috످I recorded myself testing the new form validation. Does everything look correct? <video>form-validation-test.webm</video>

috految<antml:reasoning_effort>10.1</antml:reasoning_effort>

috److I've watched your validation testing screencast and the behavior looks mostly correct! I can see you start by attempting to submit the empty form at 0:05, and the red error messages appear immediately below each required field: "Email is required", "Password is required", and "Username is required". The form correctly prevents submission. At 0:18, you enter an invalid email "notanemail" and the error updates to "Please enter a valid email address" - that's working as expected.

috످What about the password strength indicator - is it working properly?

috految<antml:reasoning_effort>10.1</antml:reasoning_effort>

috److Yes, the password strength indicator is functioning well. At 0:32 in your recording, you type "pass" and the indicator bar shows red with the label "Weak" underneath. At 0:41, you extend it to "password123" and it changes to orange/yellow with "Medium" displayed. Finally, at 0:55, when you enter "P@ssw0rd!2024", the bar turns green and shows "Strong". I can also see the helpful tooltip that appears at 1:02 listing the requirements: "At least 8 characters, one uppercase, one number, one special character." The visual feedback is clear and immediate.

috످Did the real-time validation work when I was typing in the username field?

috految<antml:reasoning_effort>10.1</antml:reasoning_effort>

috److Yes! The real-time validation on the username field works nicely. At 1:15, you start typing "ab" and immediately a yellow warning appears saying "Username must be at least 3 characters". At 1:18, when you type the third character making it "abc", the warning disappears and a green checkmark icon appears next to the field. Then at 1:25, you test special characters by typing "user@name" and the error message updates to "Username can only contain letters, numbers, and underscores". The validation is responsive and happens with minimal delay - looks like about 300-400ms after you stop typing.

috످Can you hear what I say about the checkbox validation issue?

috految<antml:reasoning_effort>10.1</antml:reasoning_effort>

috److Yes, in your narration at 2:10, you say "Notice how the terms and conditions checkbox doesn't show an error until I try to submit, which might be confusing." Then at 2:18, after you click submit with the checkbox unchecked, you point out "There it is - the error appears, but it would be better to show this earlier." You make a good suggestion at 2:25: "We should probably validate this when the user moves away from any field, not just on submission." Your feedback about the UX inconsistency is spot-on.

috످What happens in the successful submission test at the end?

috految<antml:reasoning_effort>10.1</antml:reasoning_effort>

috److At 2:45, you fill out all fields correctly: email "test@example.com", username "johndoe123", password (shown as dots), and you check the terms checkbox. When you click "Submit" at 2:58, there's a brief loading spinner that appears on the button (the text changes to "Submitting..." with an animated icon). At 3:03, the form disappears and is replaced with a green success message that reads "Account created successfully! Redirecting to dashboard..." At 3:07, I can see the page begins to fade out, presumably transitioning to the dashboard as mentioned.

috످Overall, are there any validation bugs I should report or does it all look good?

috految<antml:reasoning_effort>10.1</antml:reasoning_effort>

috److I don't know if there are any bugs because I never saw or heard your recording. I only received the filename, and I can't play video or audio here. I made up everything I told you about it, including the test results, timestamps, and your quotes about the checkbox. I'm sorry.

Please don't file bugs or approve the form based on my earlier answers. If you've already shared any of those results, let your team know to disregard them.

Since you mentioned a checkbox issue, start there. Rewatch your recording or retest the form to check the following.

If the checkbox is required, does leaving it unchecked block submission and show an error? For required fields, are empty or whitespace-only values rejected? For the username, do errors appear and clear as you type?

Are common passwords like `password123` and `P@ssw0rd!2024` flagged as weak? I described these as "Medium" and "Strong," but both are easy to guess.

For submission, does valid data submit successfully, and does the server reject invalid data?

If you paste your validation code or describe what happened with the checkbox, I can help you find any bugs and write the report.

috످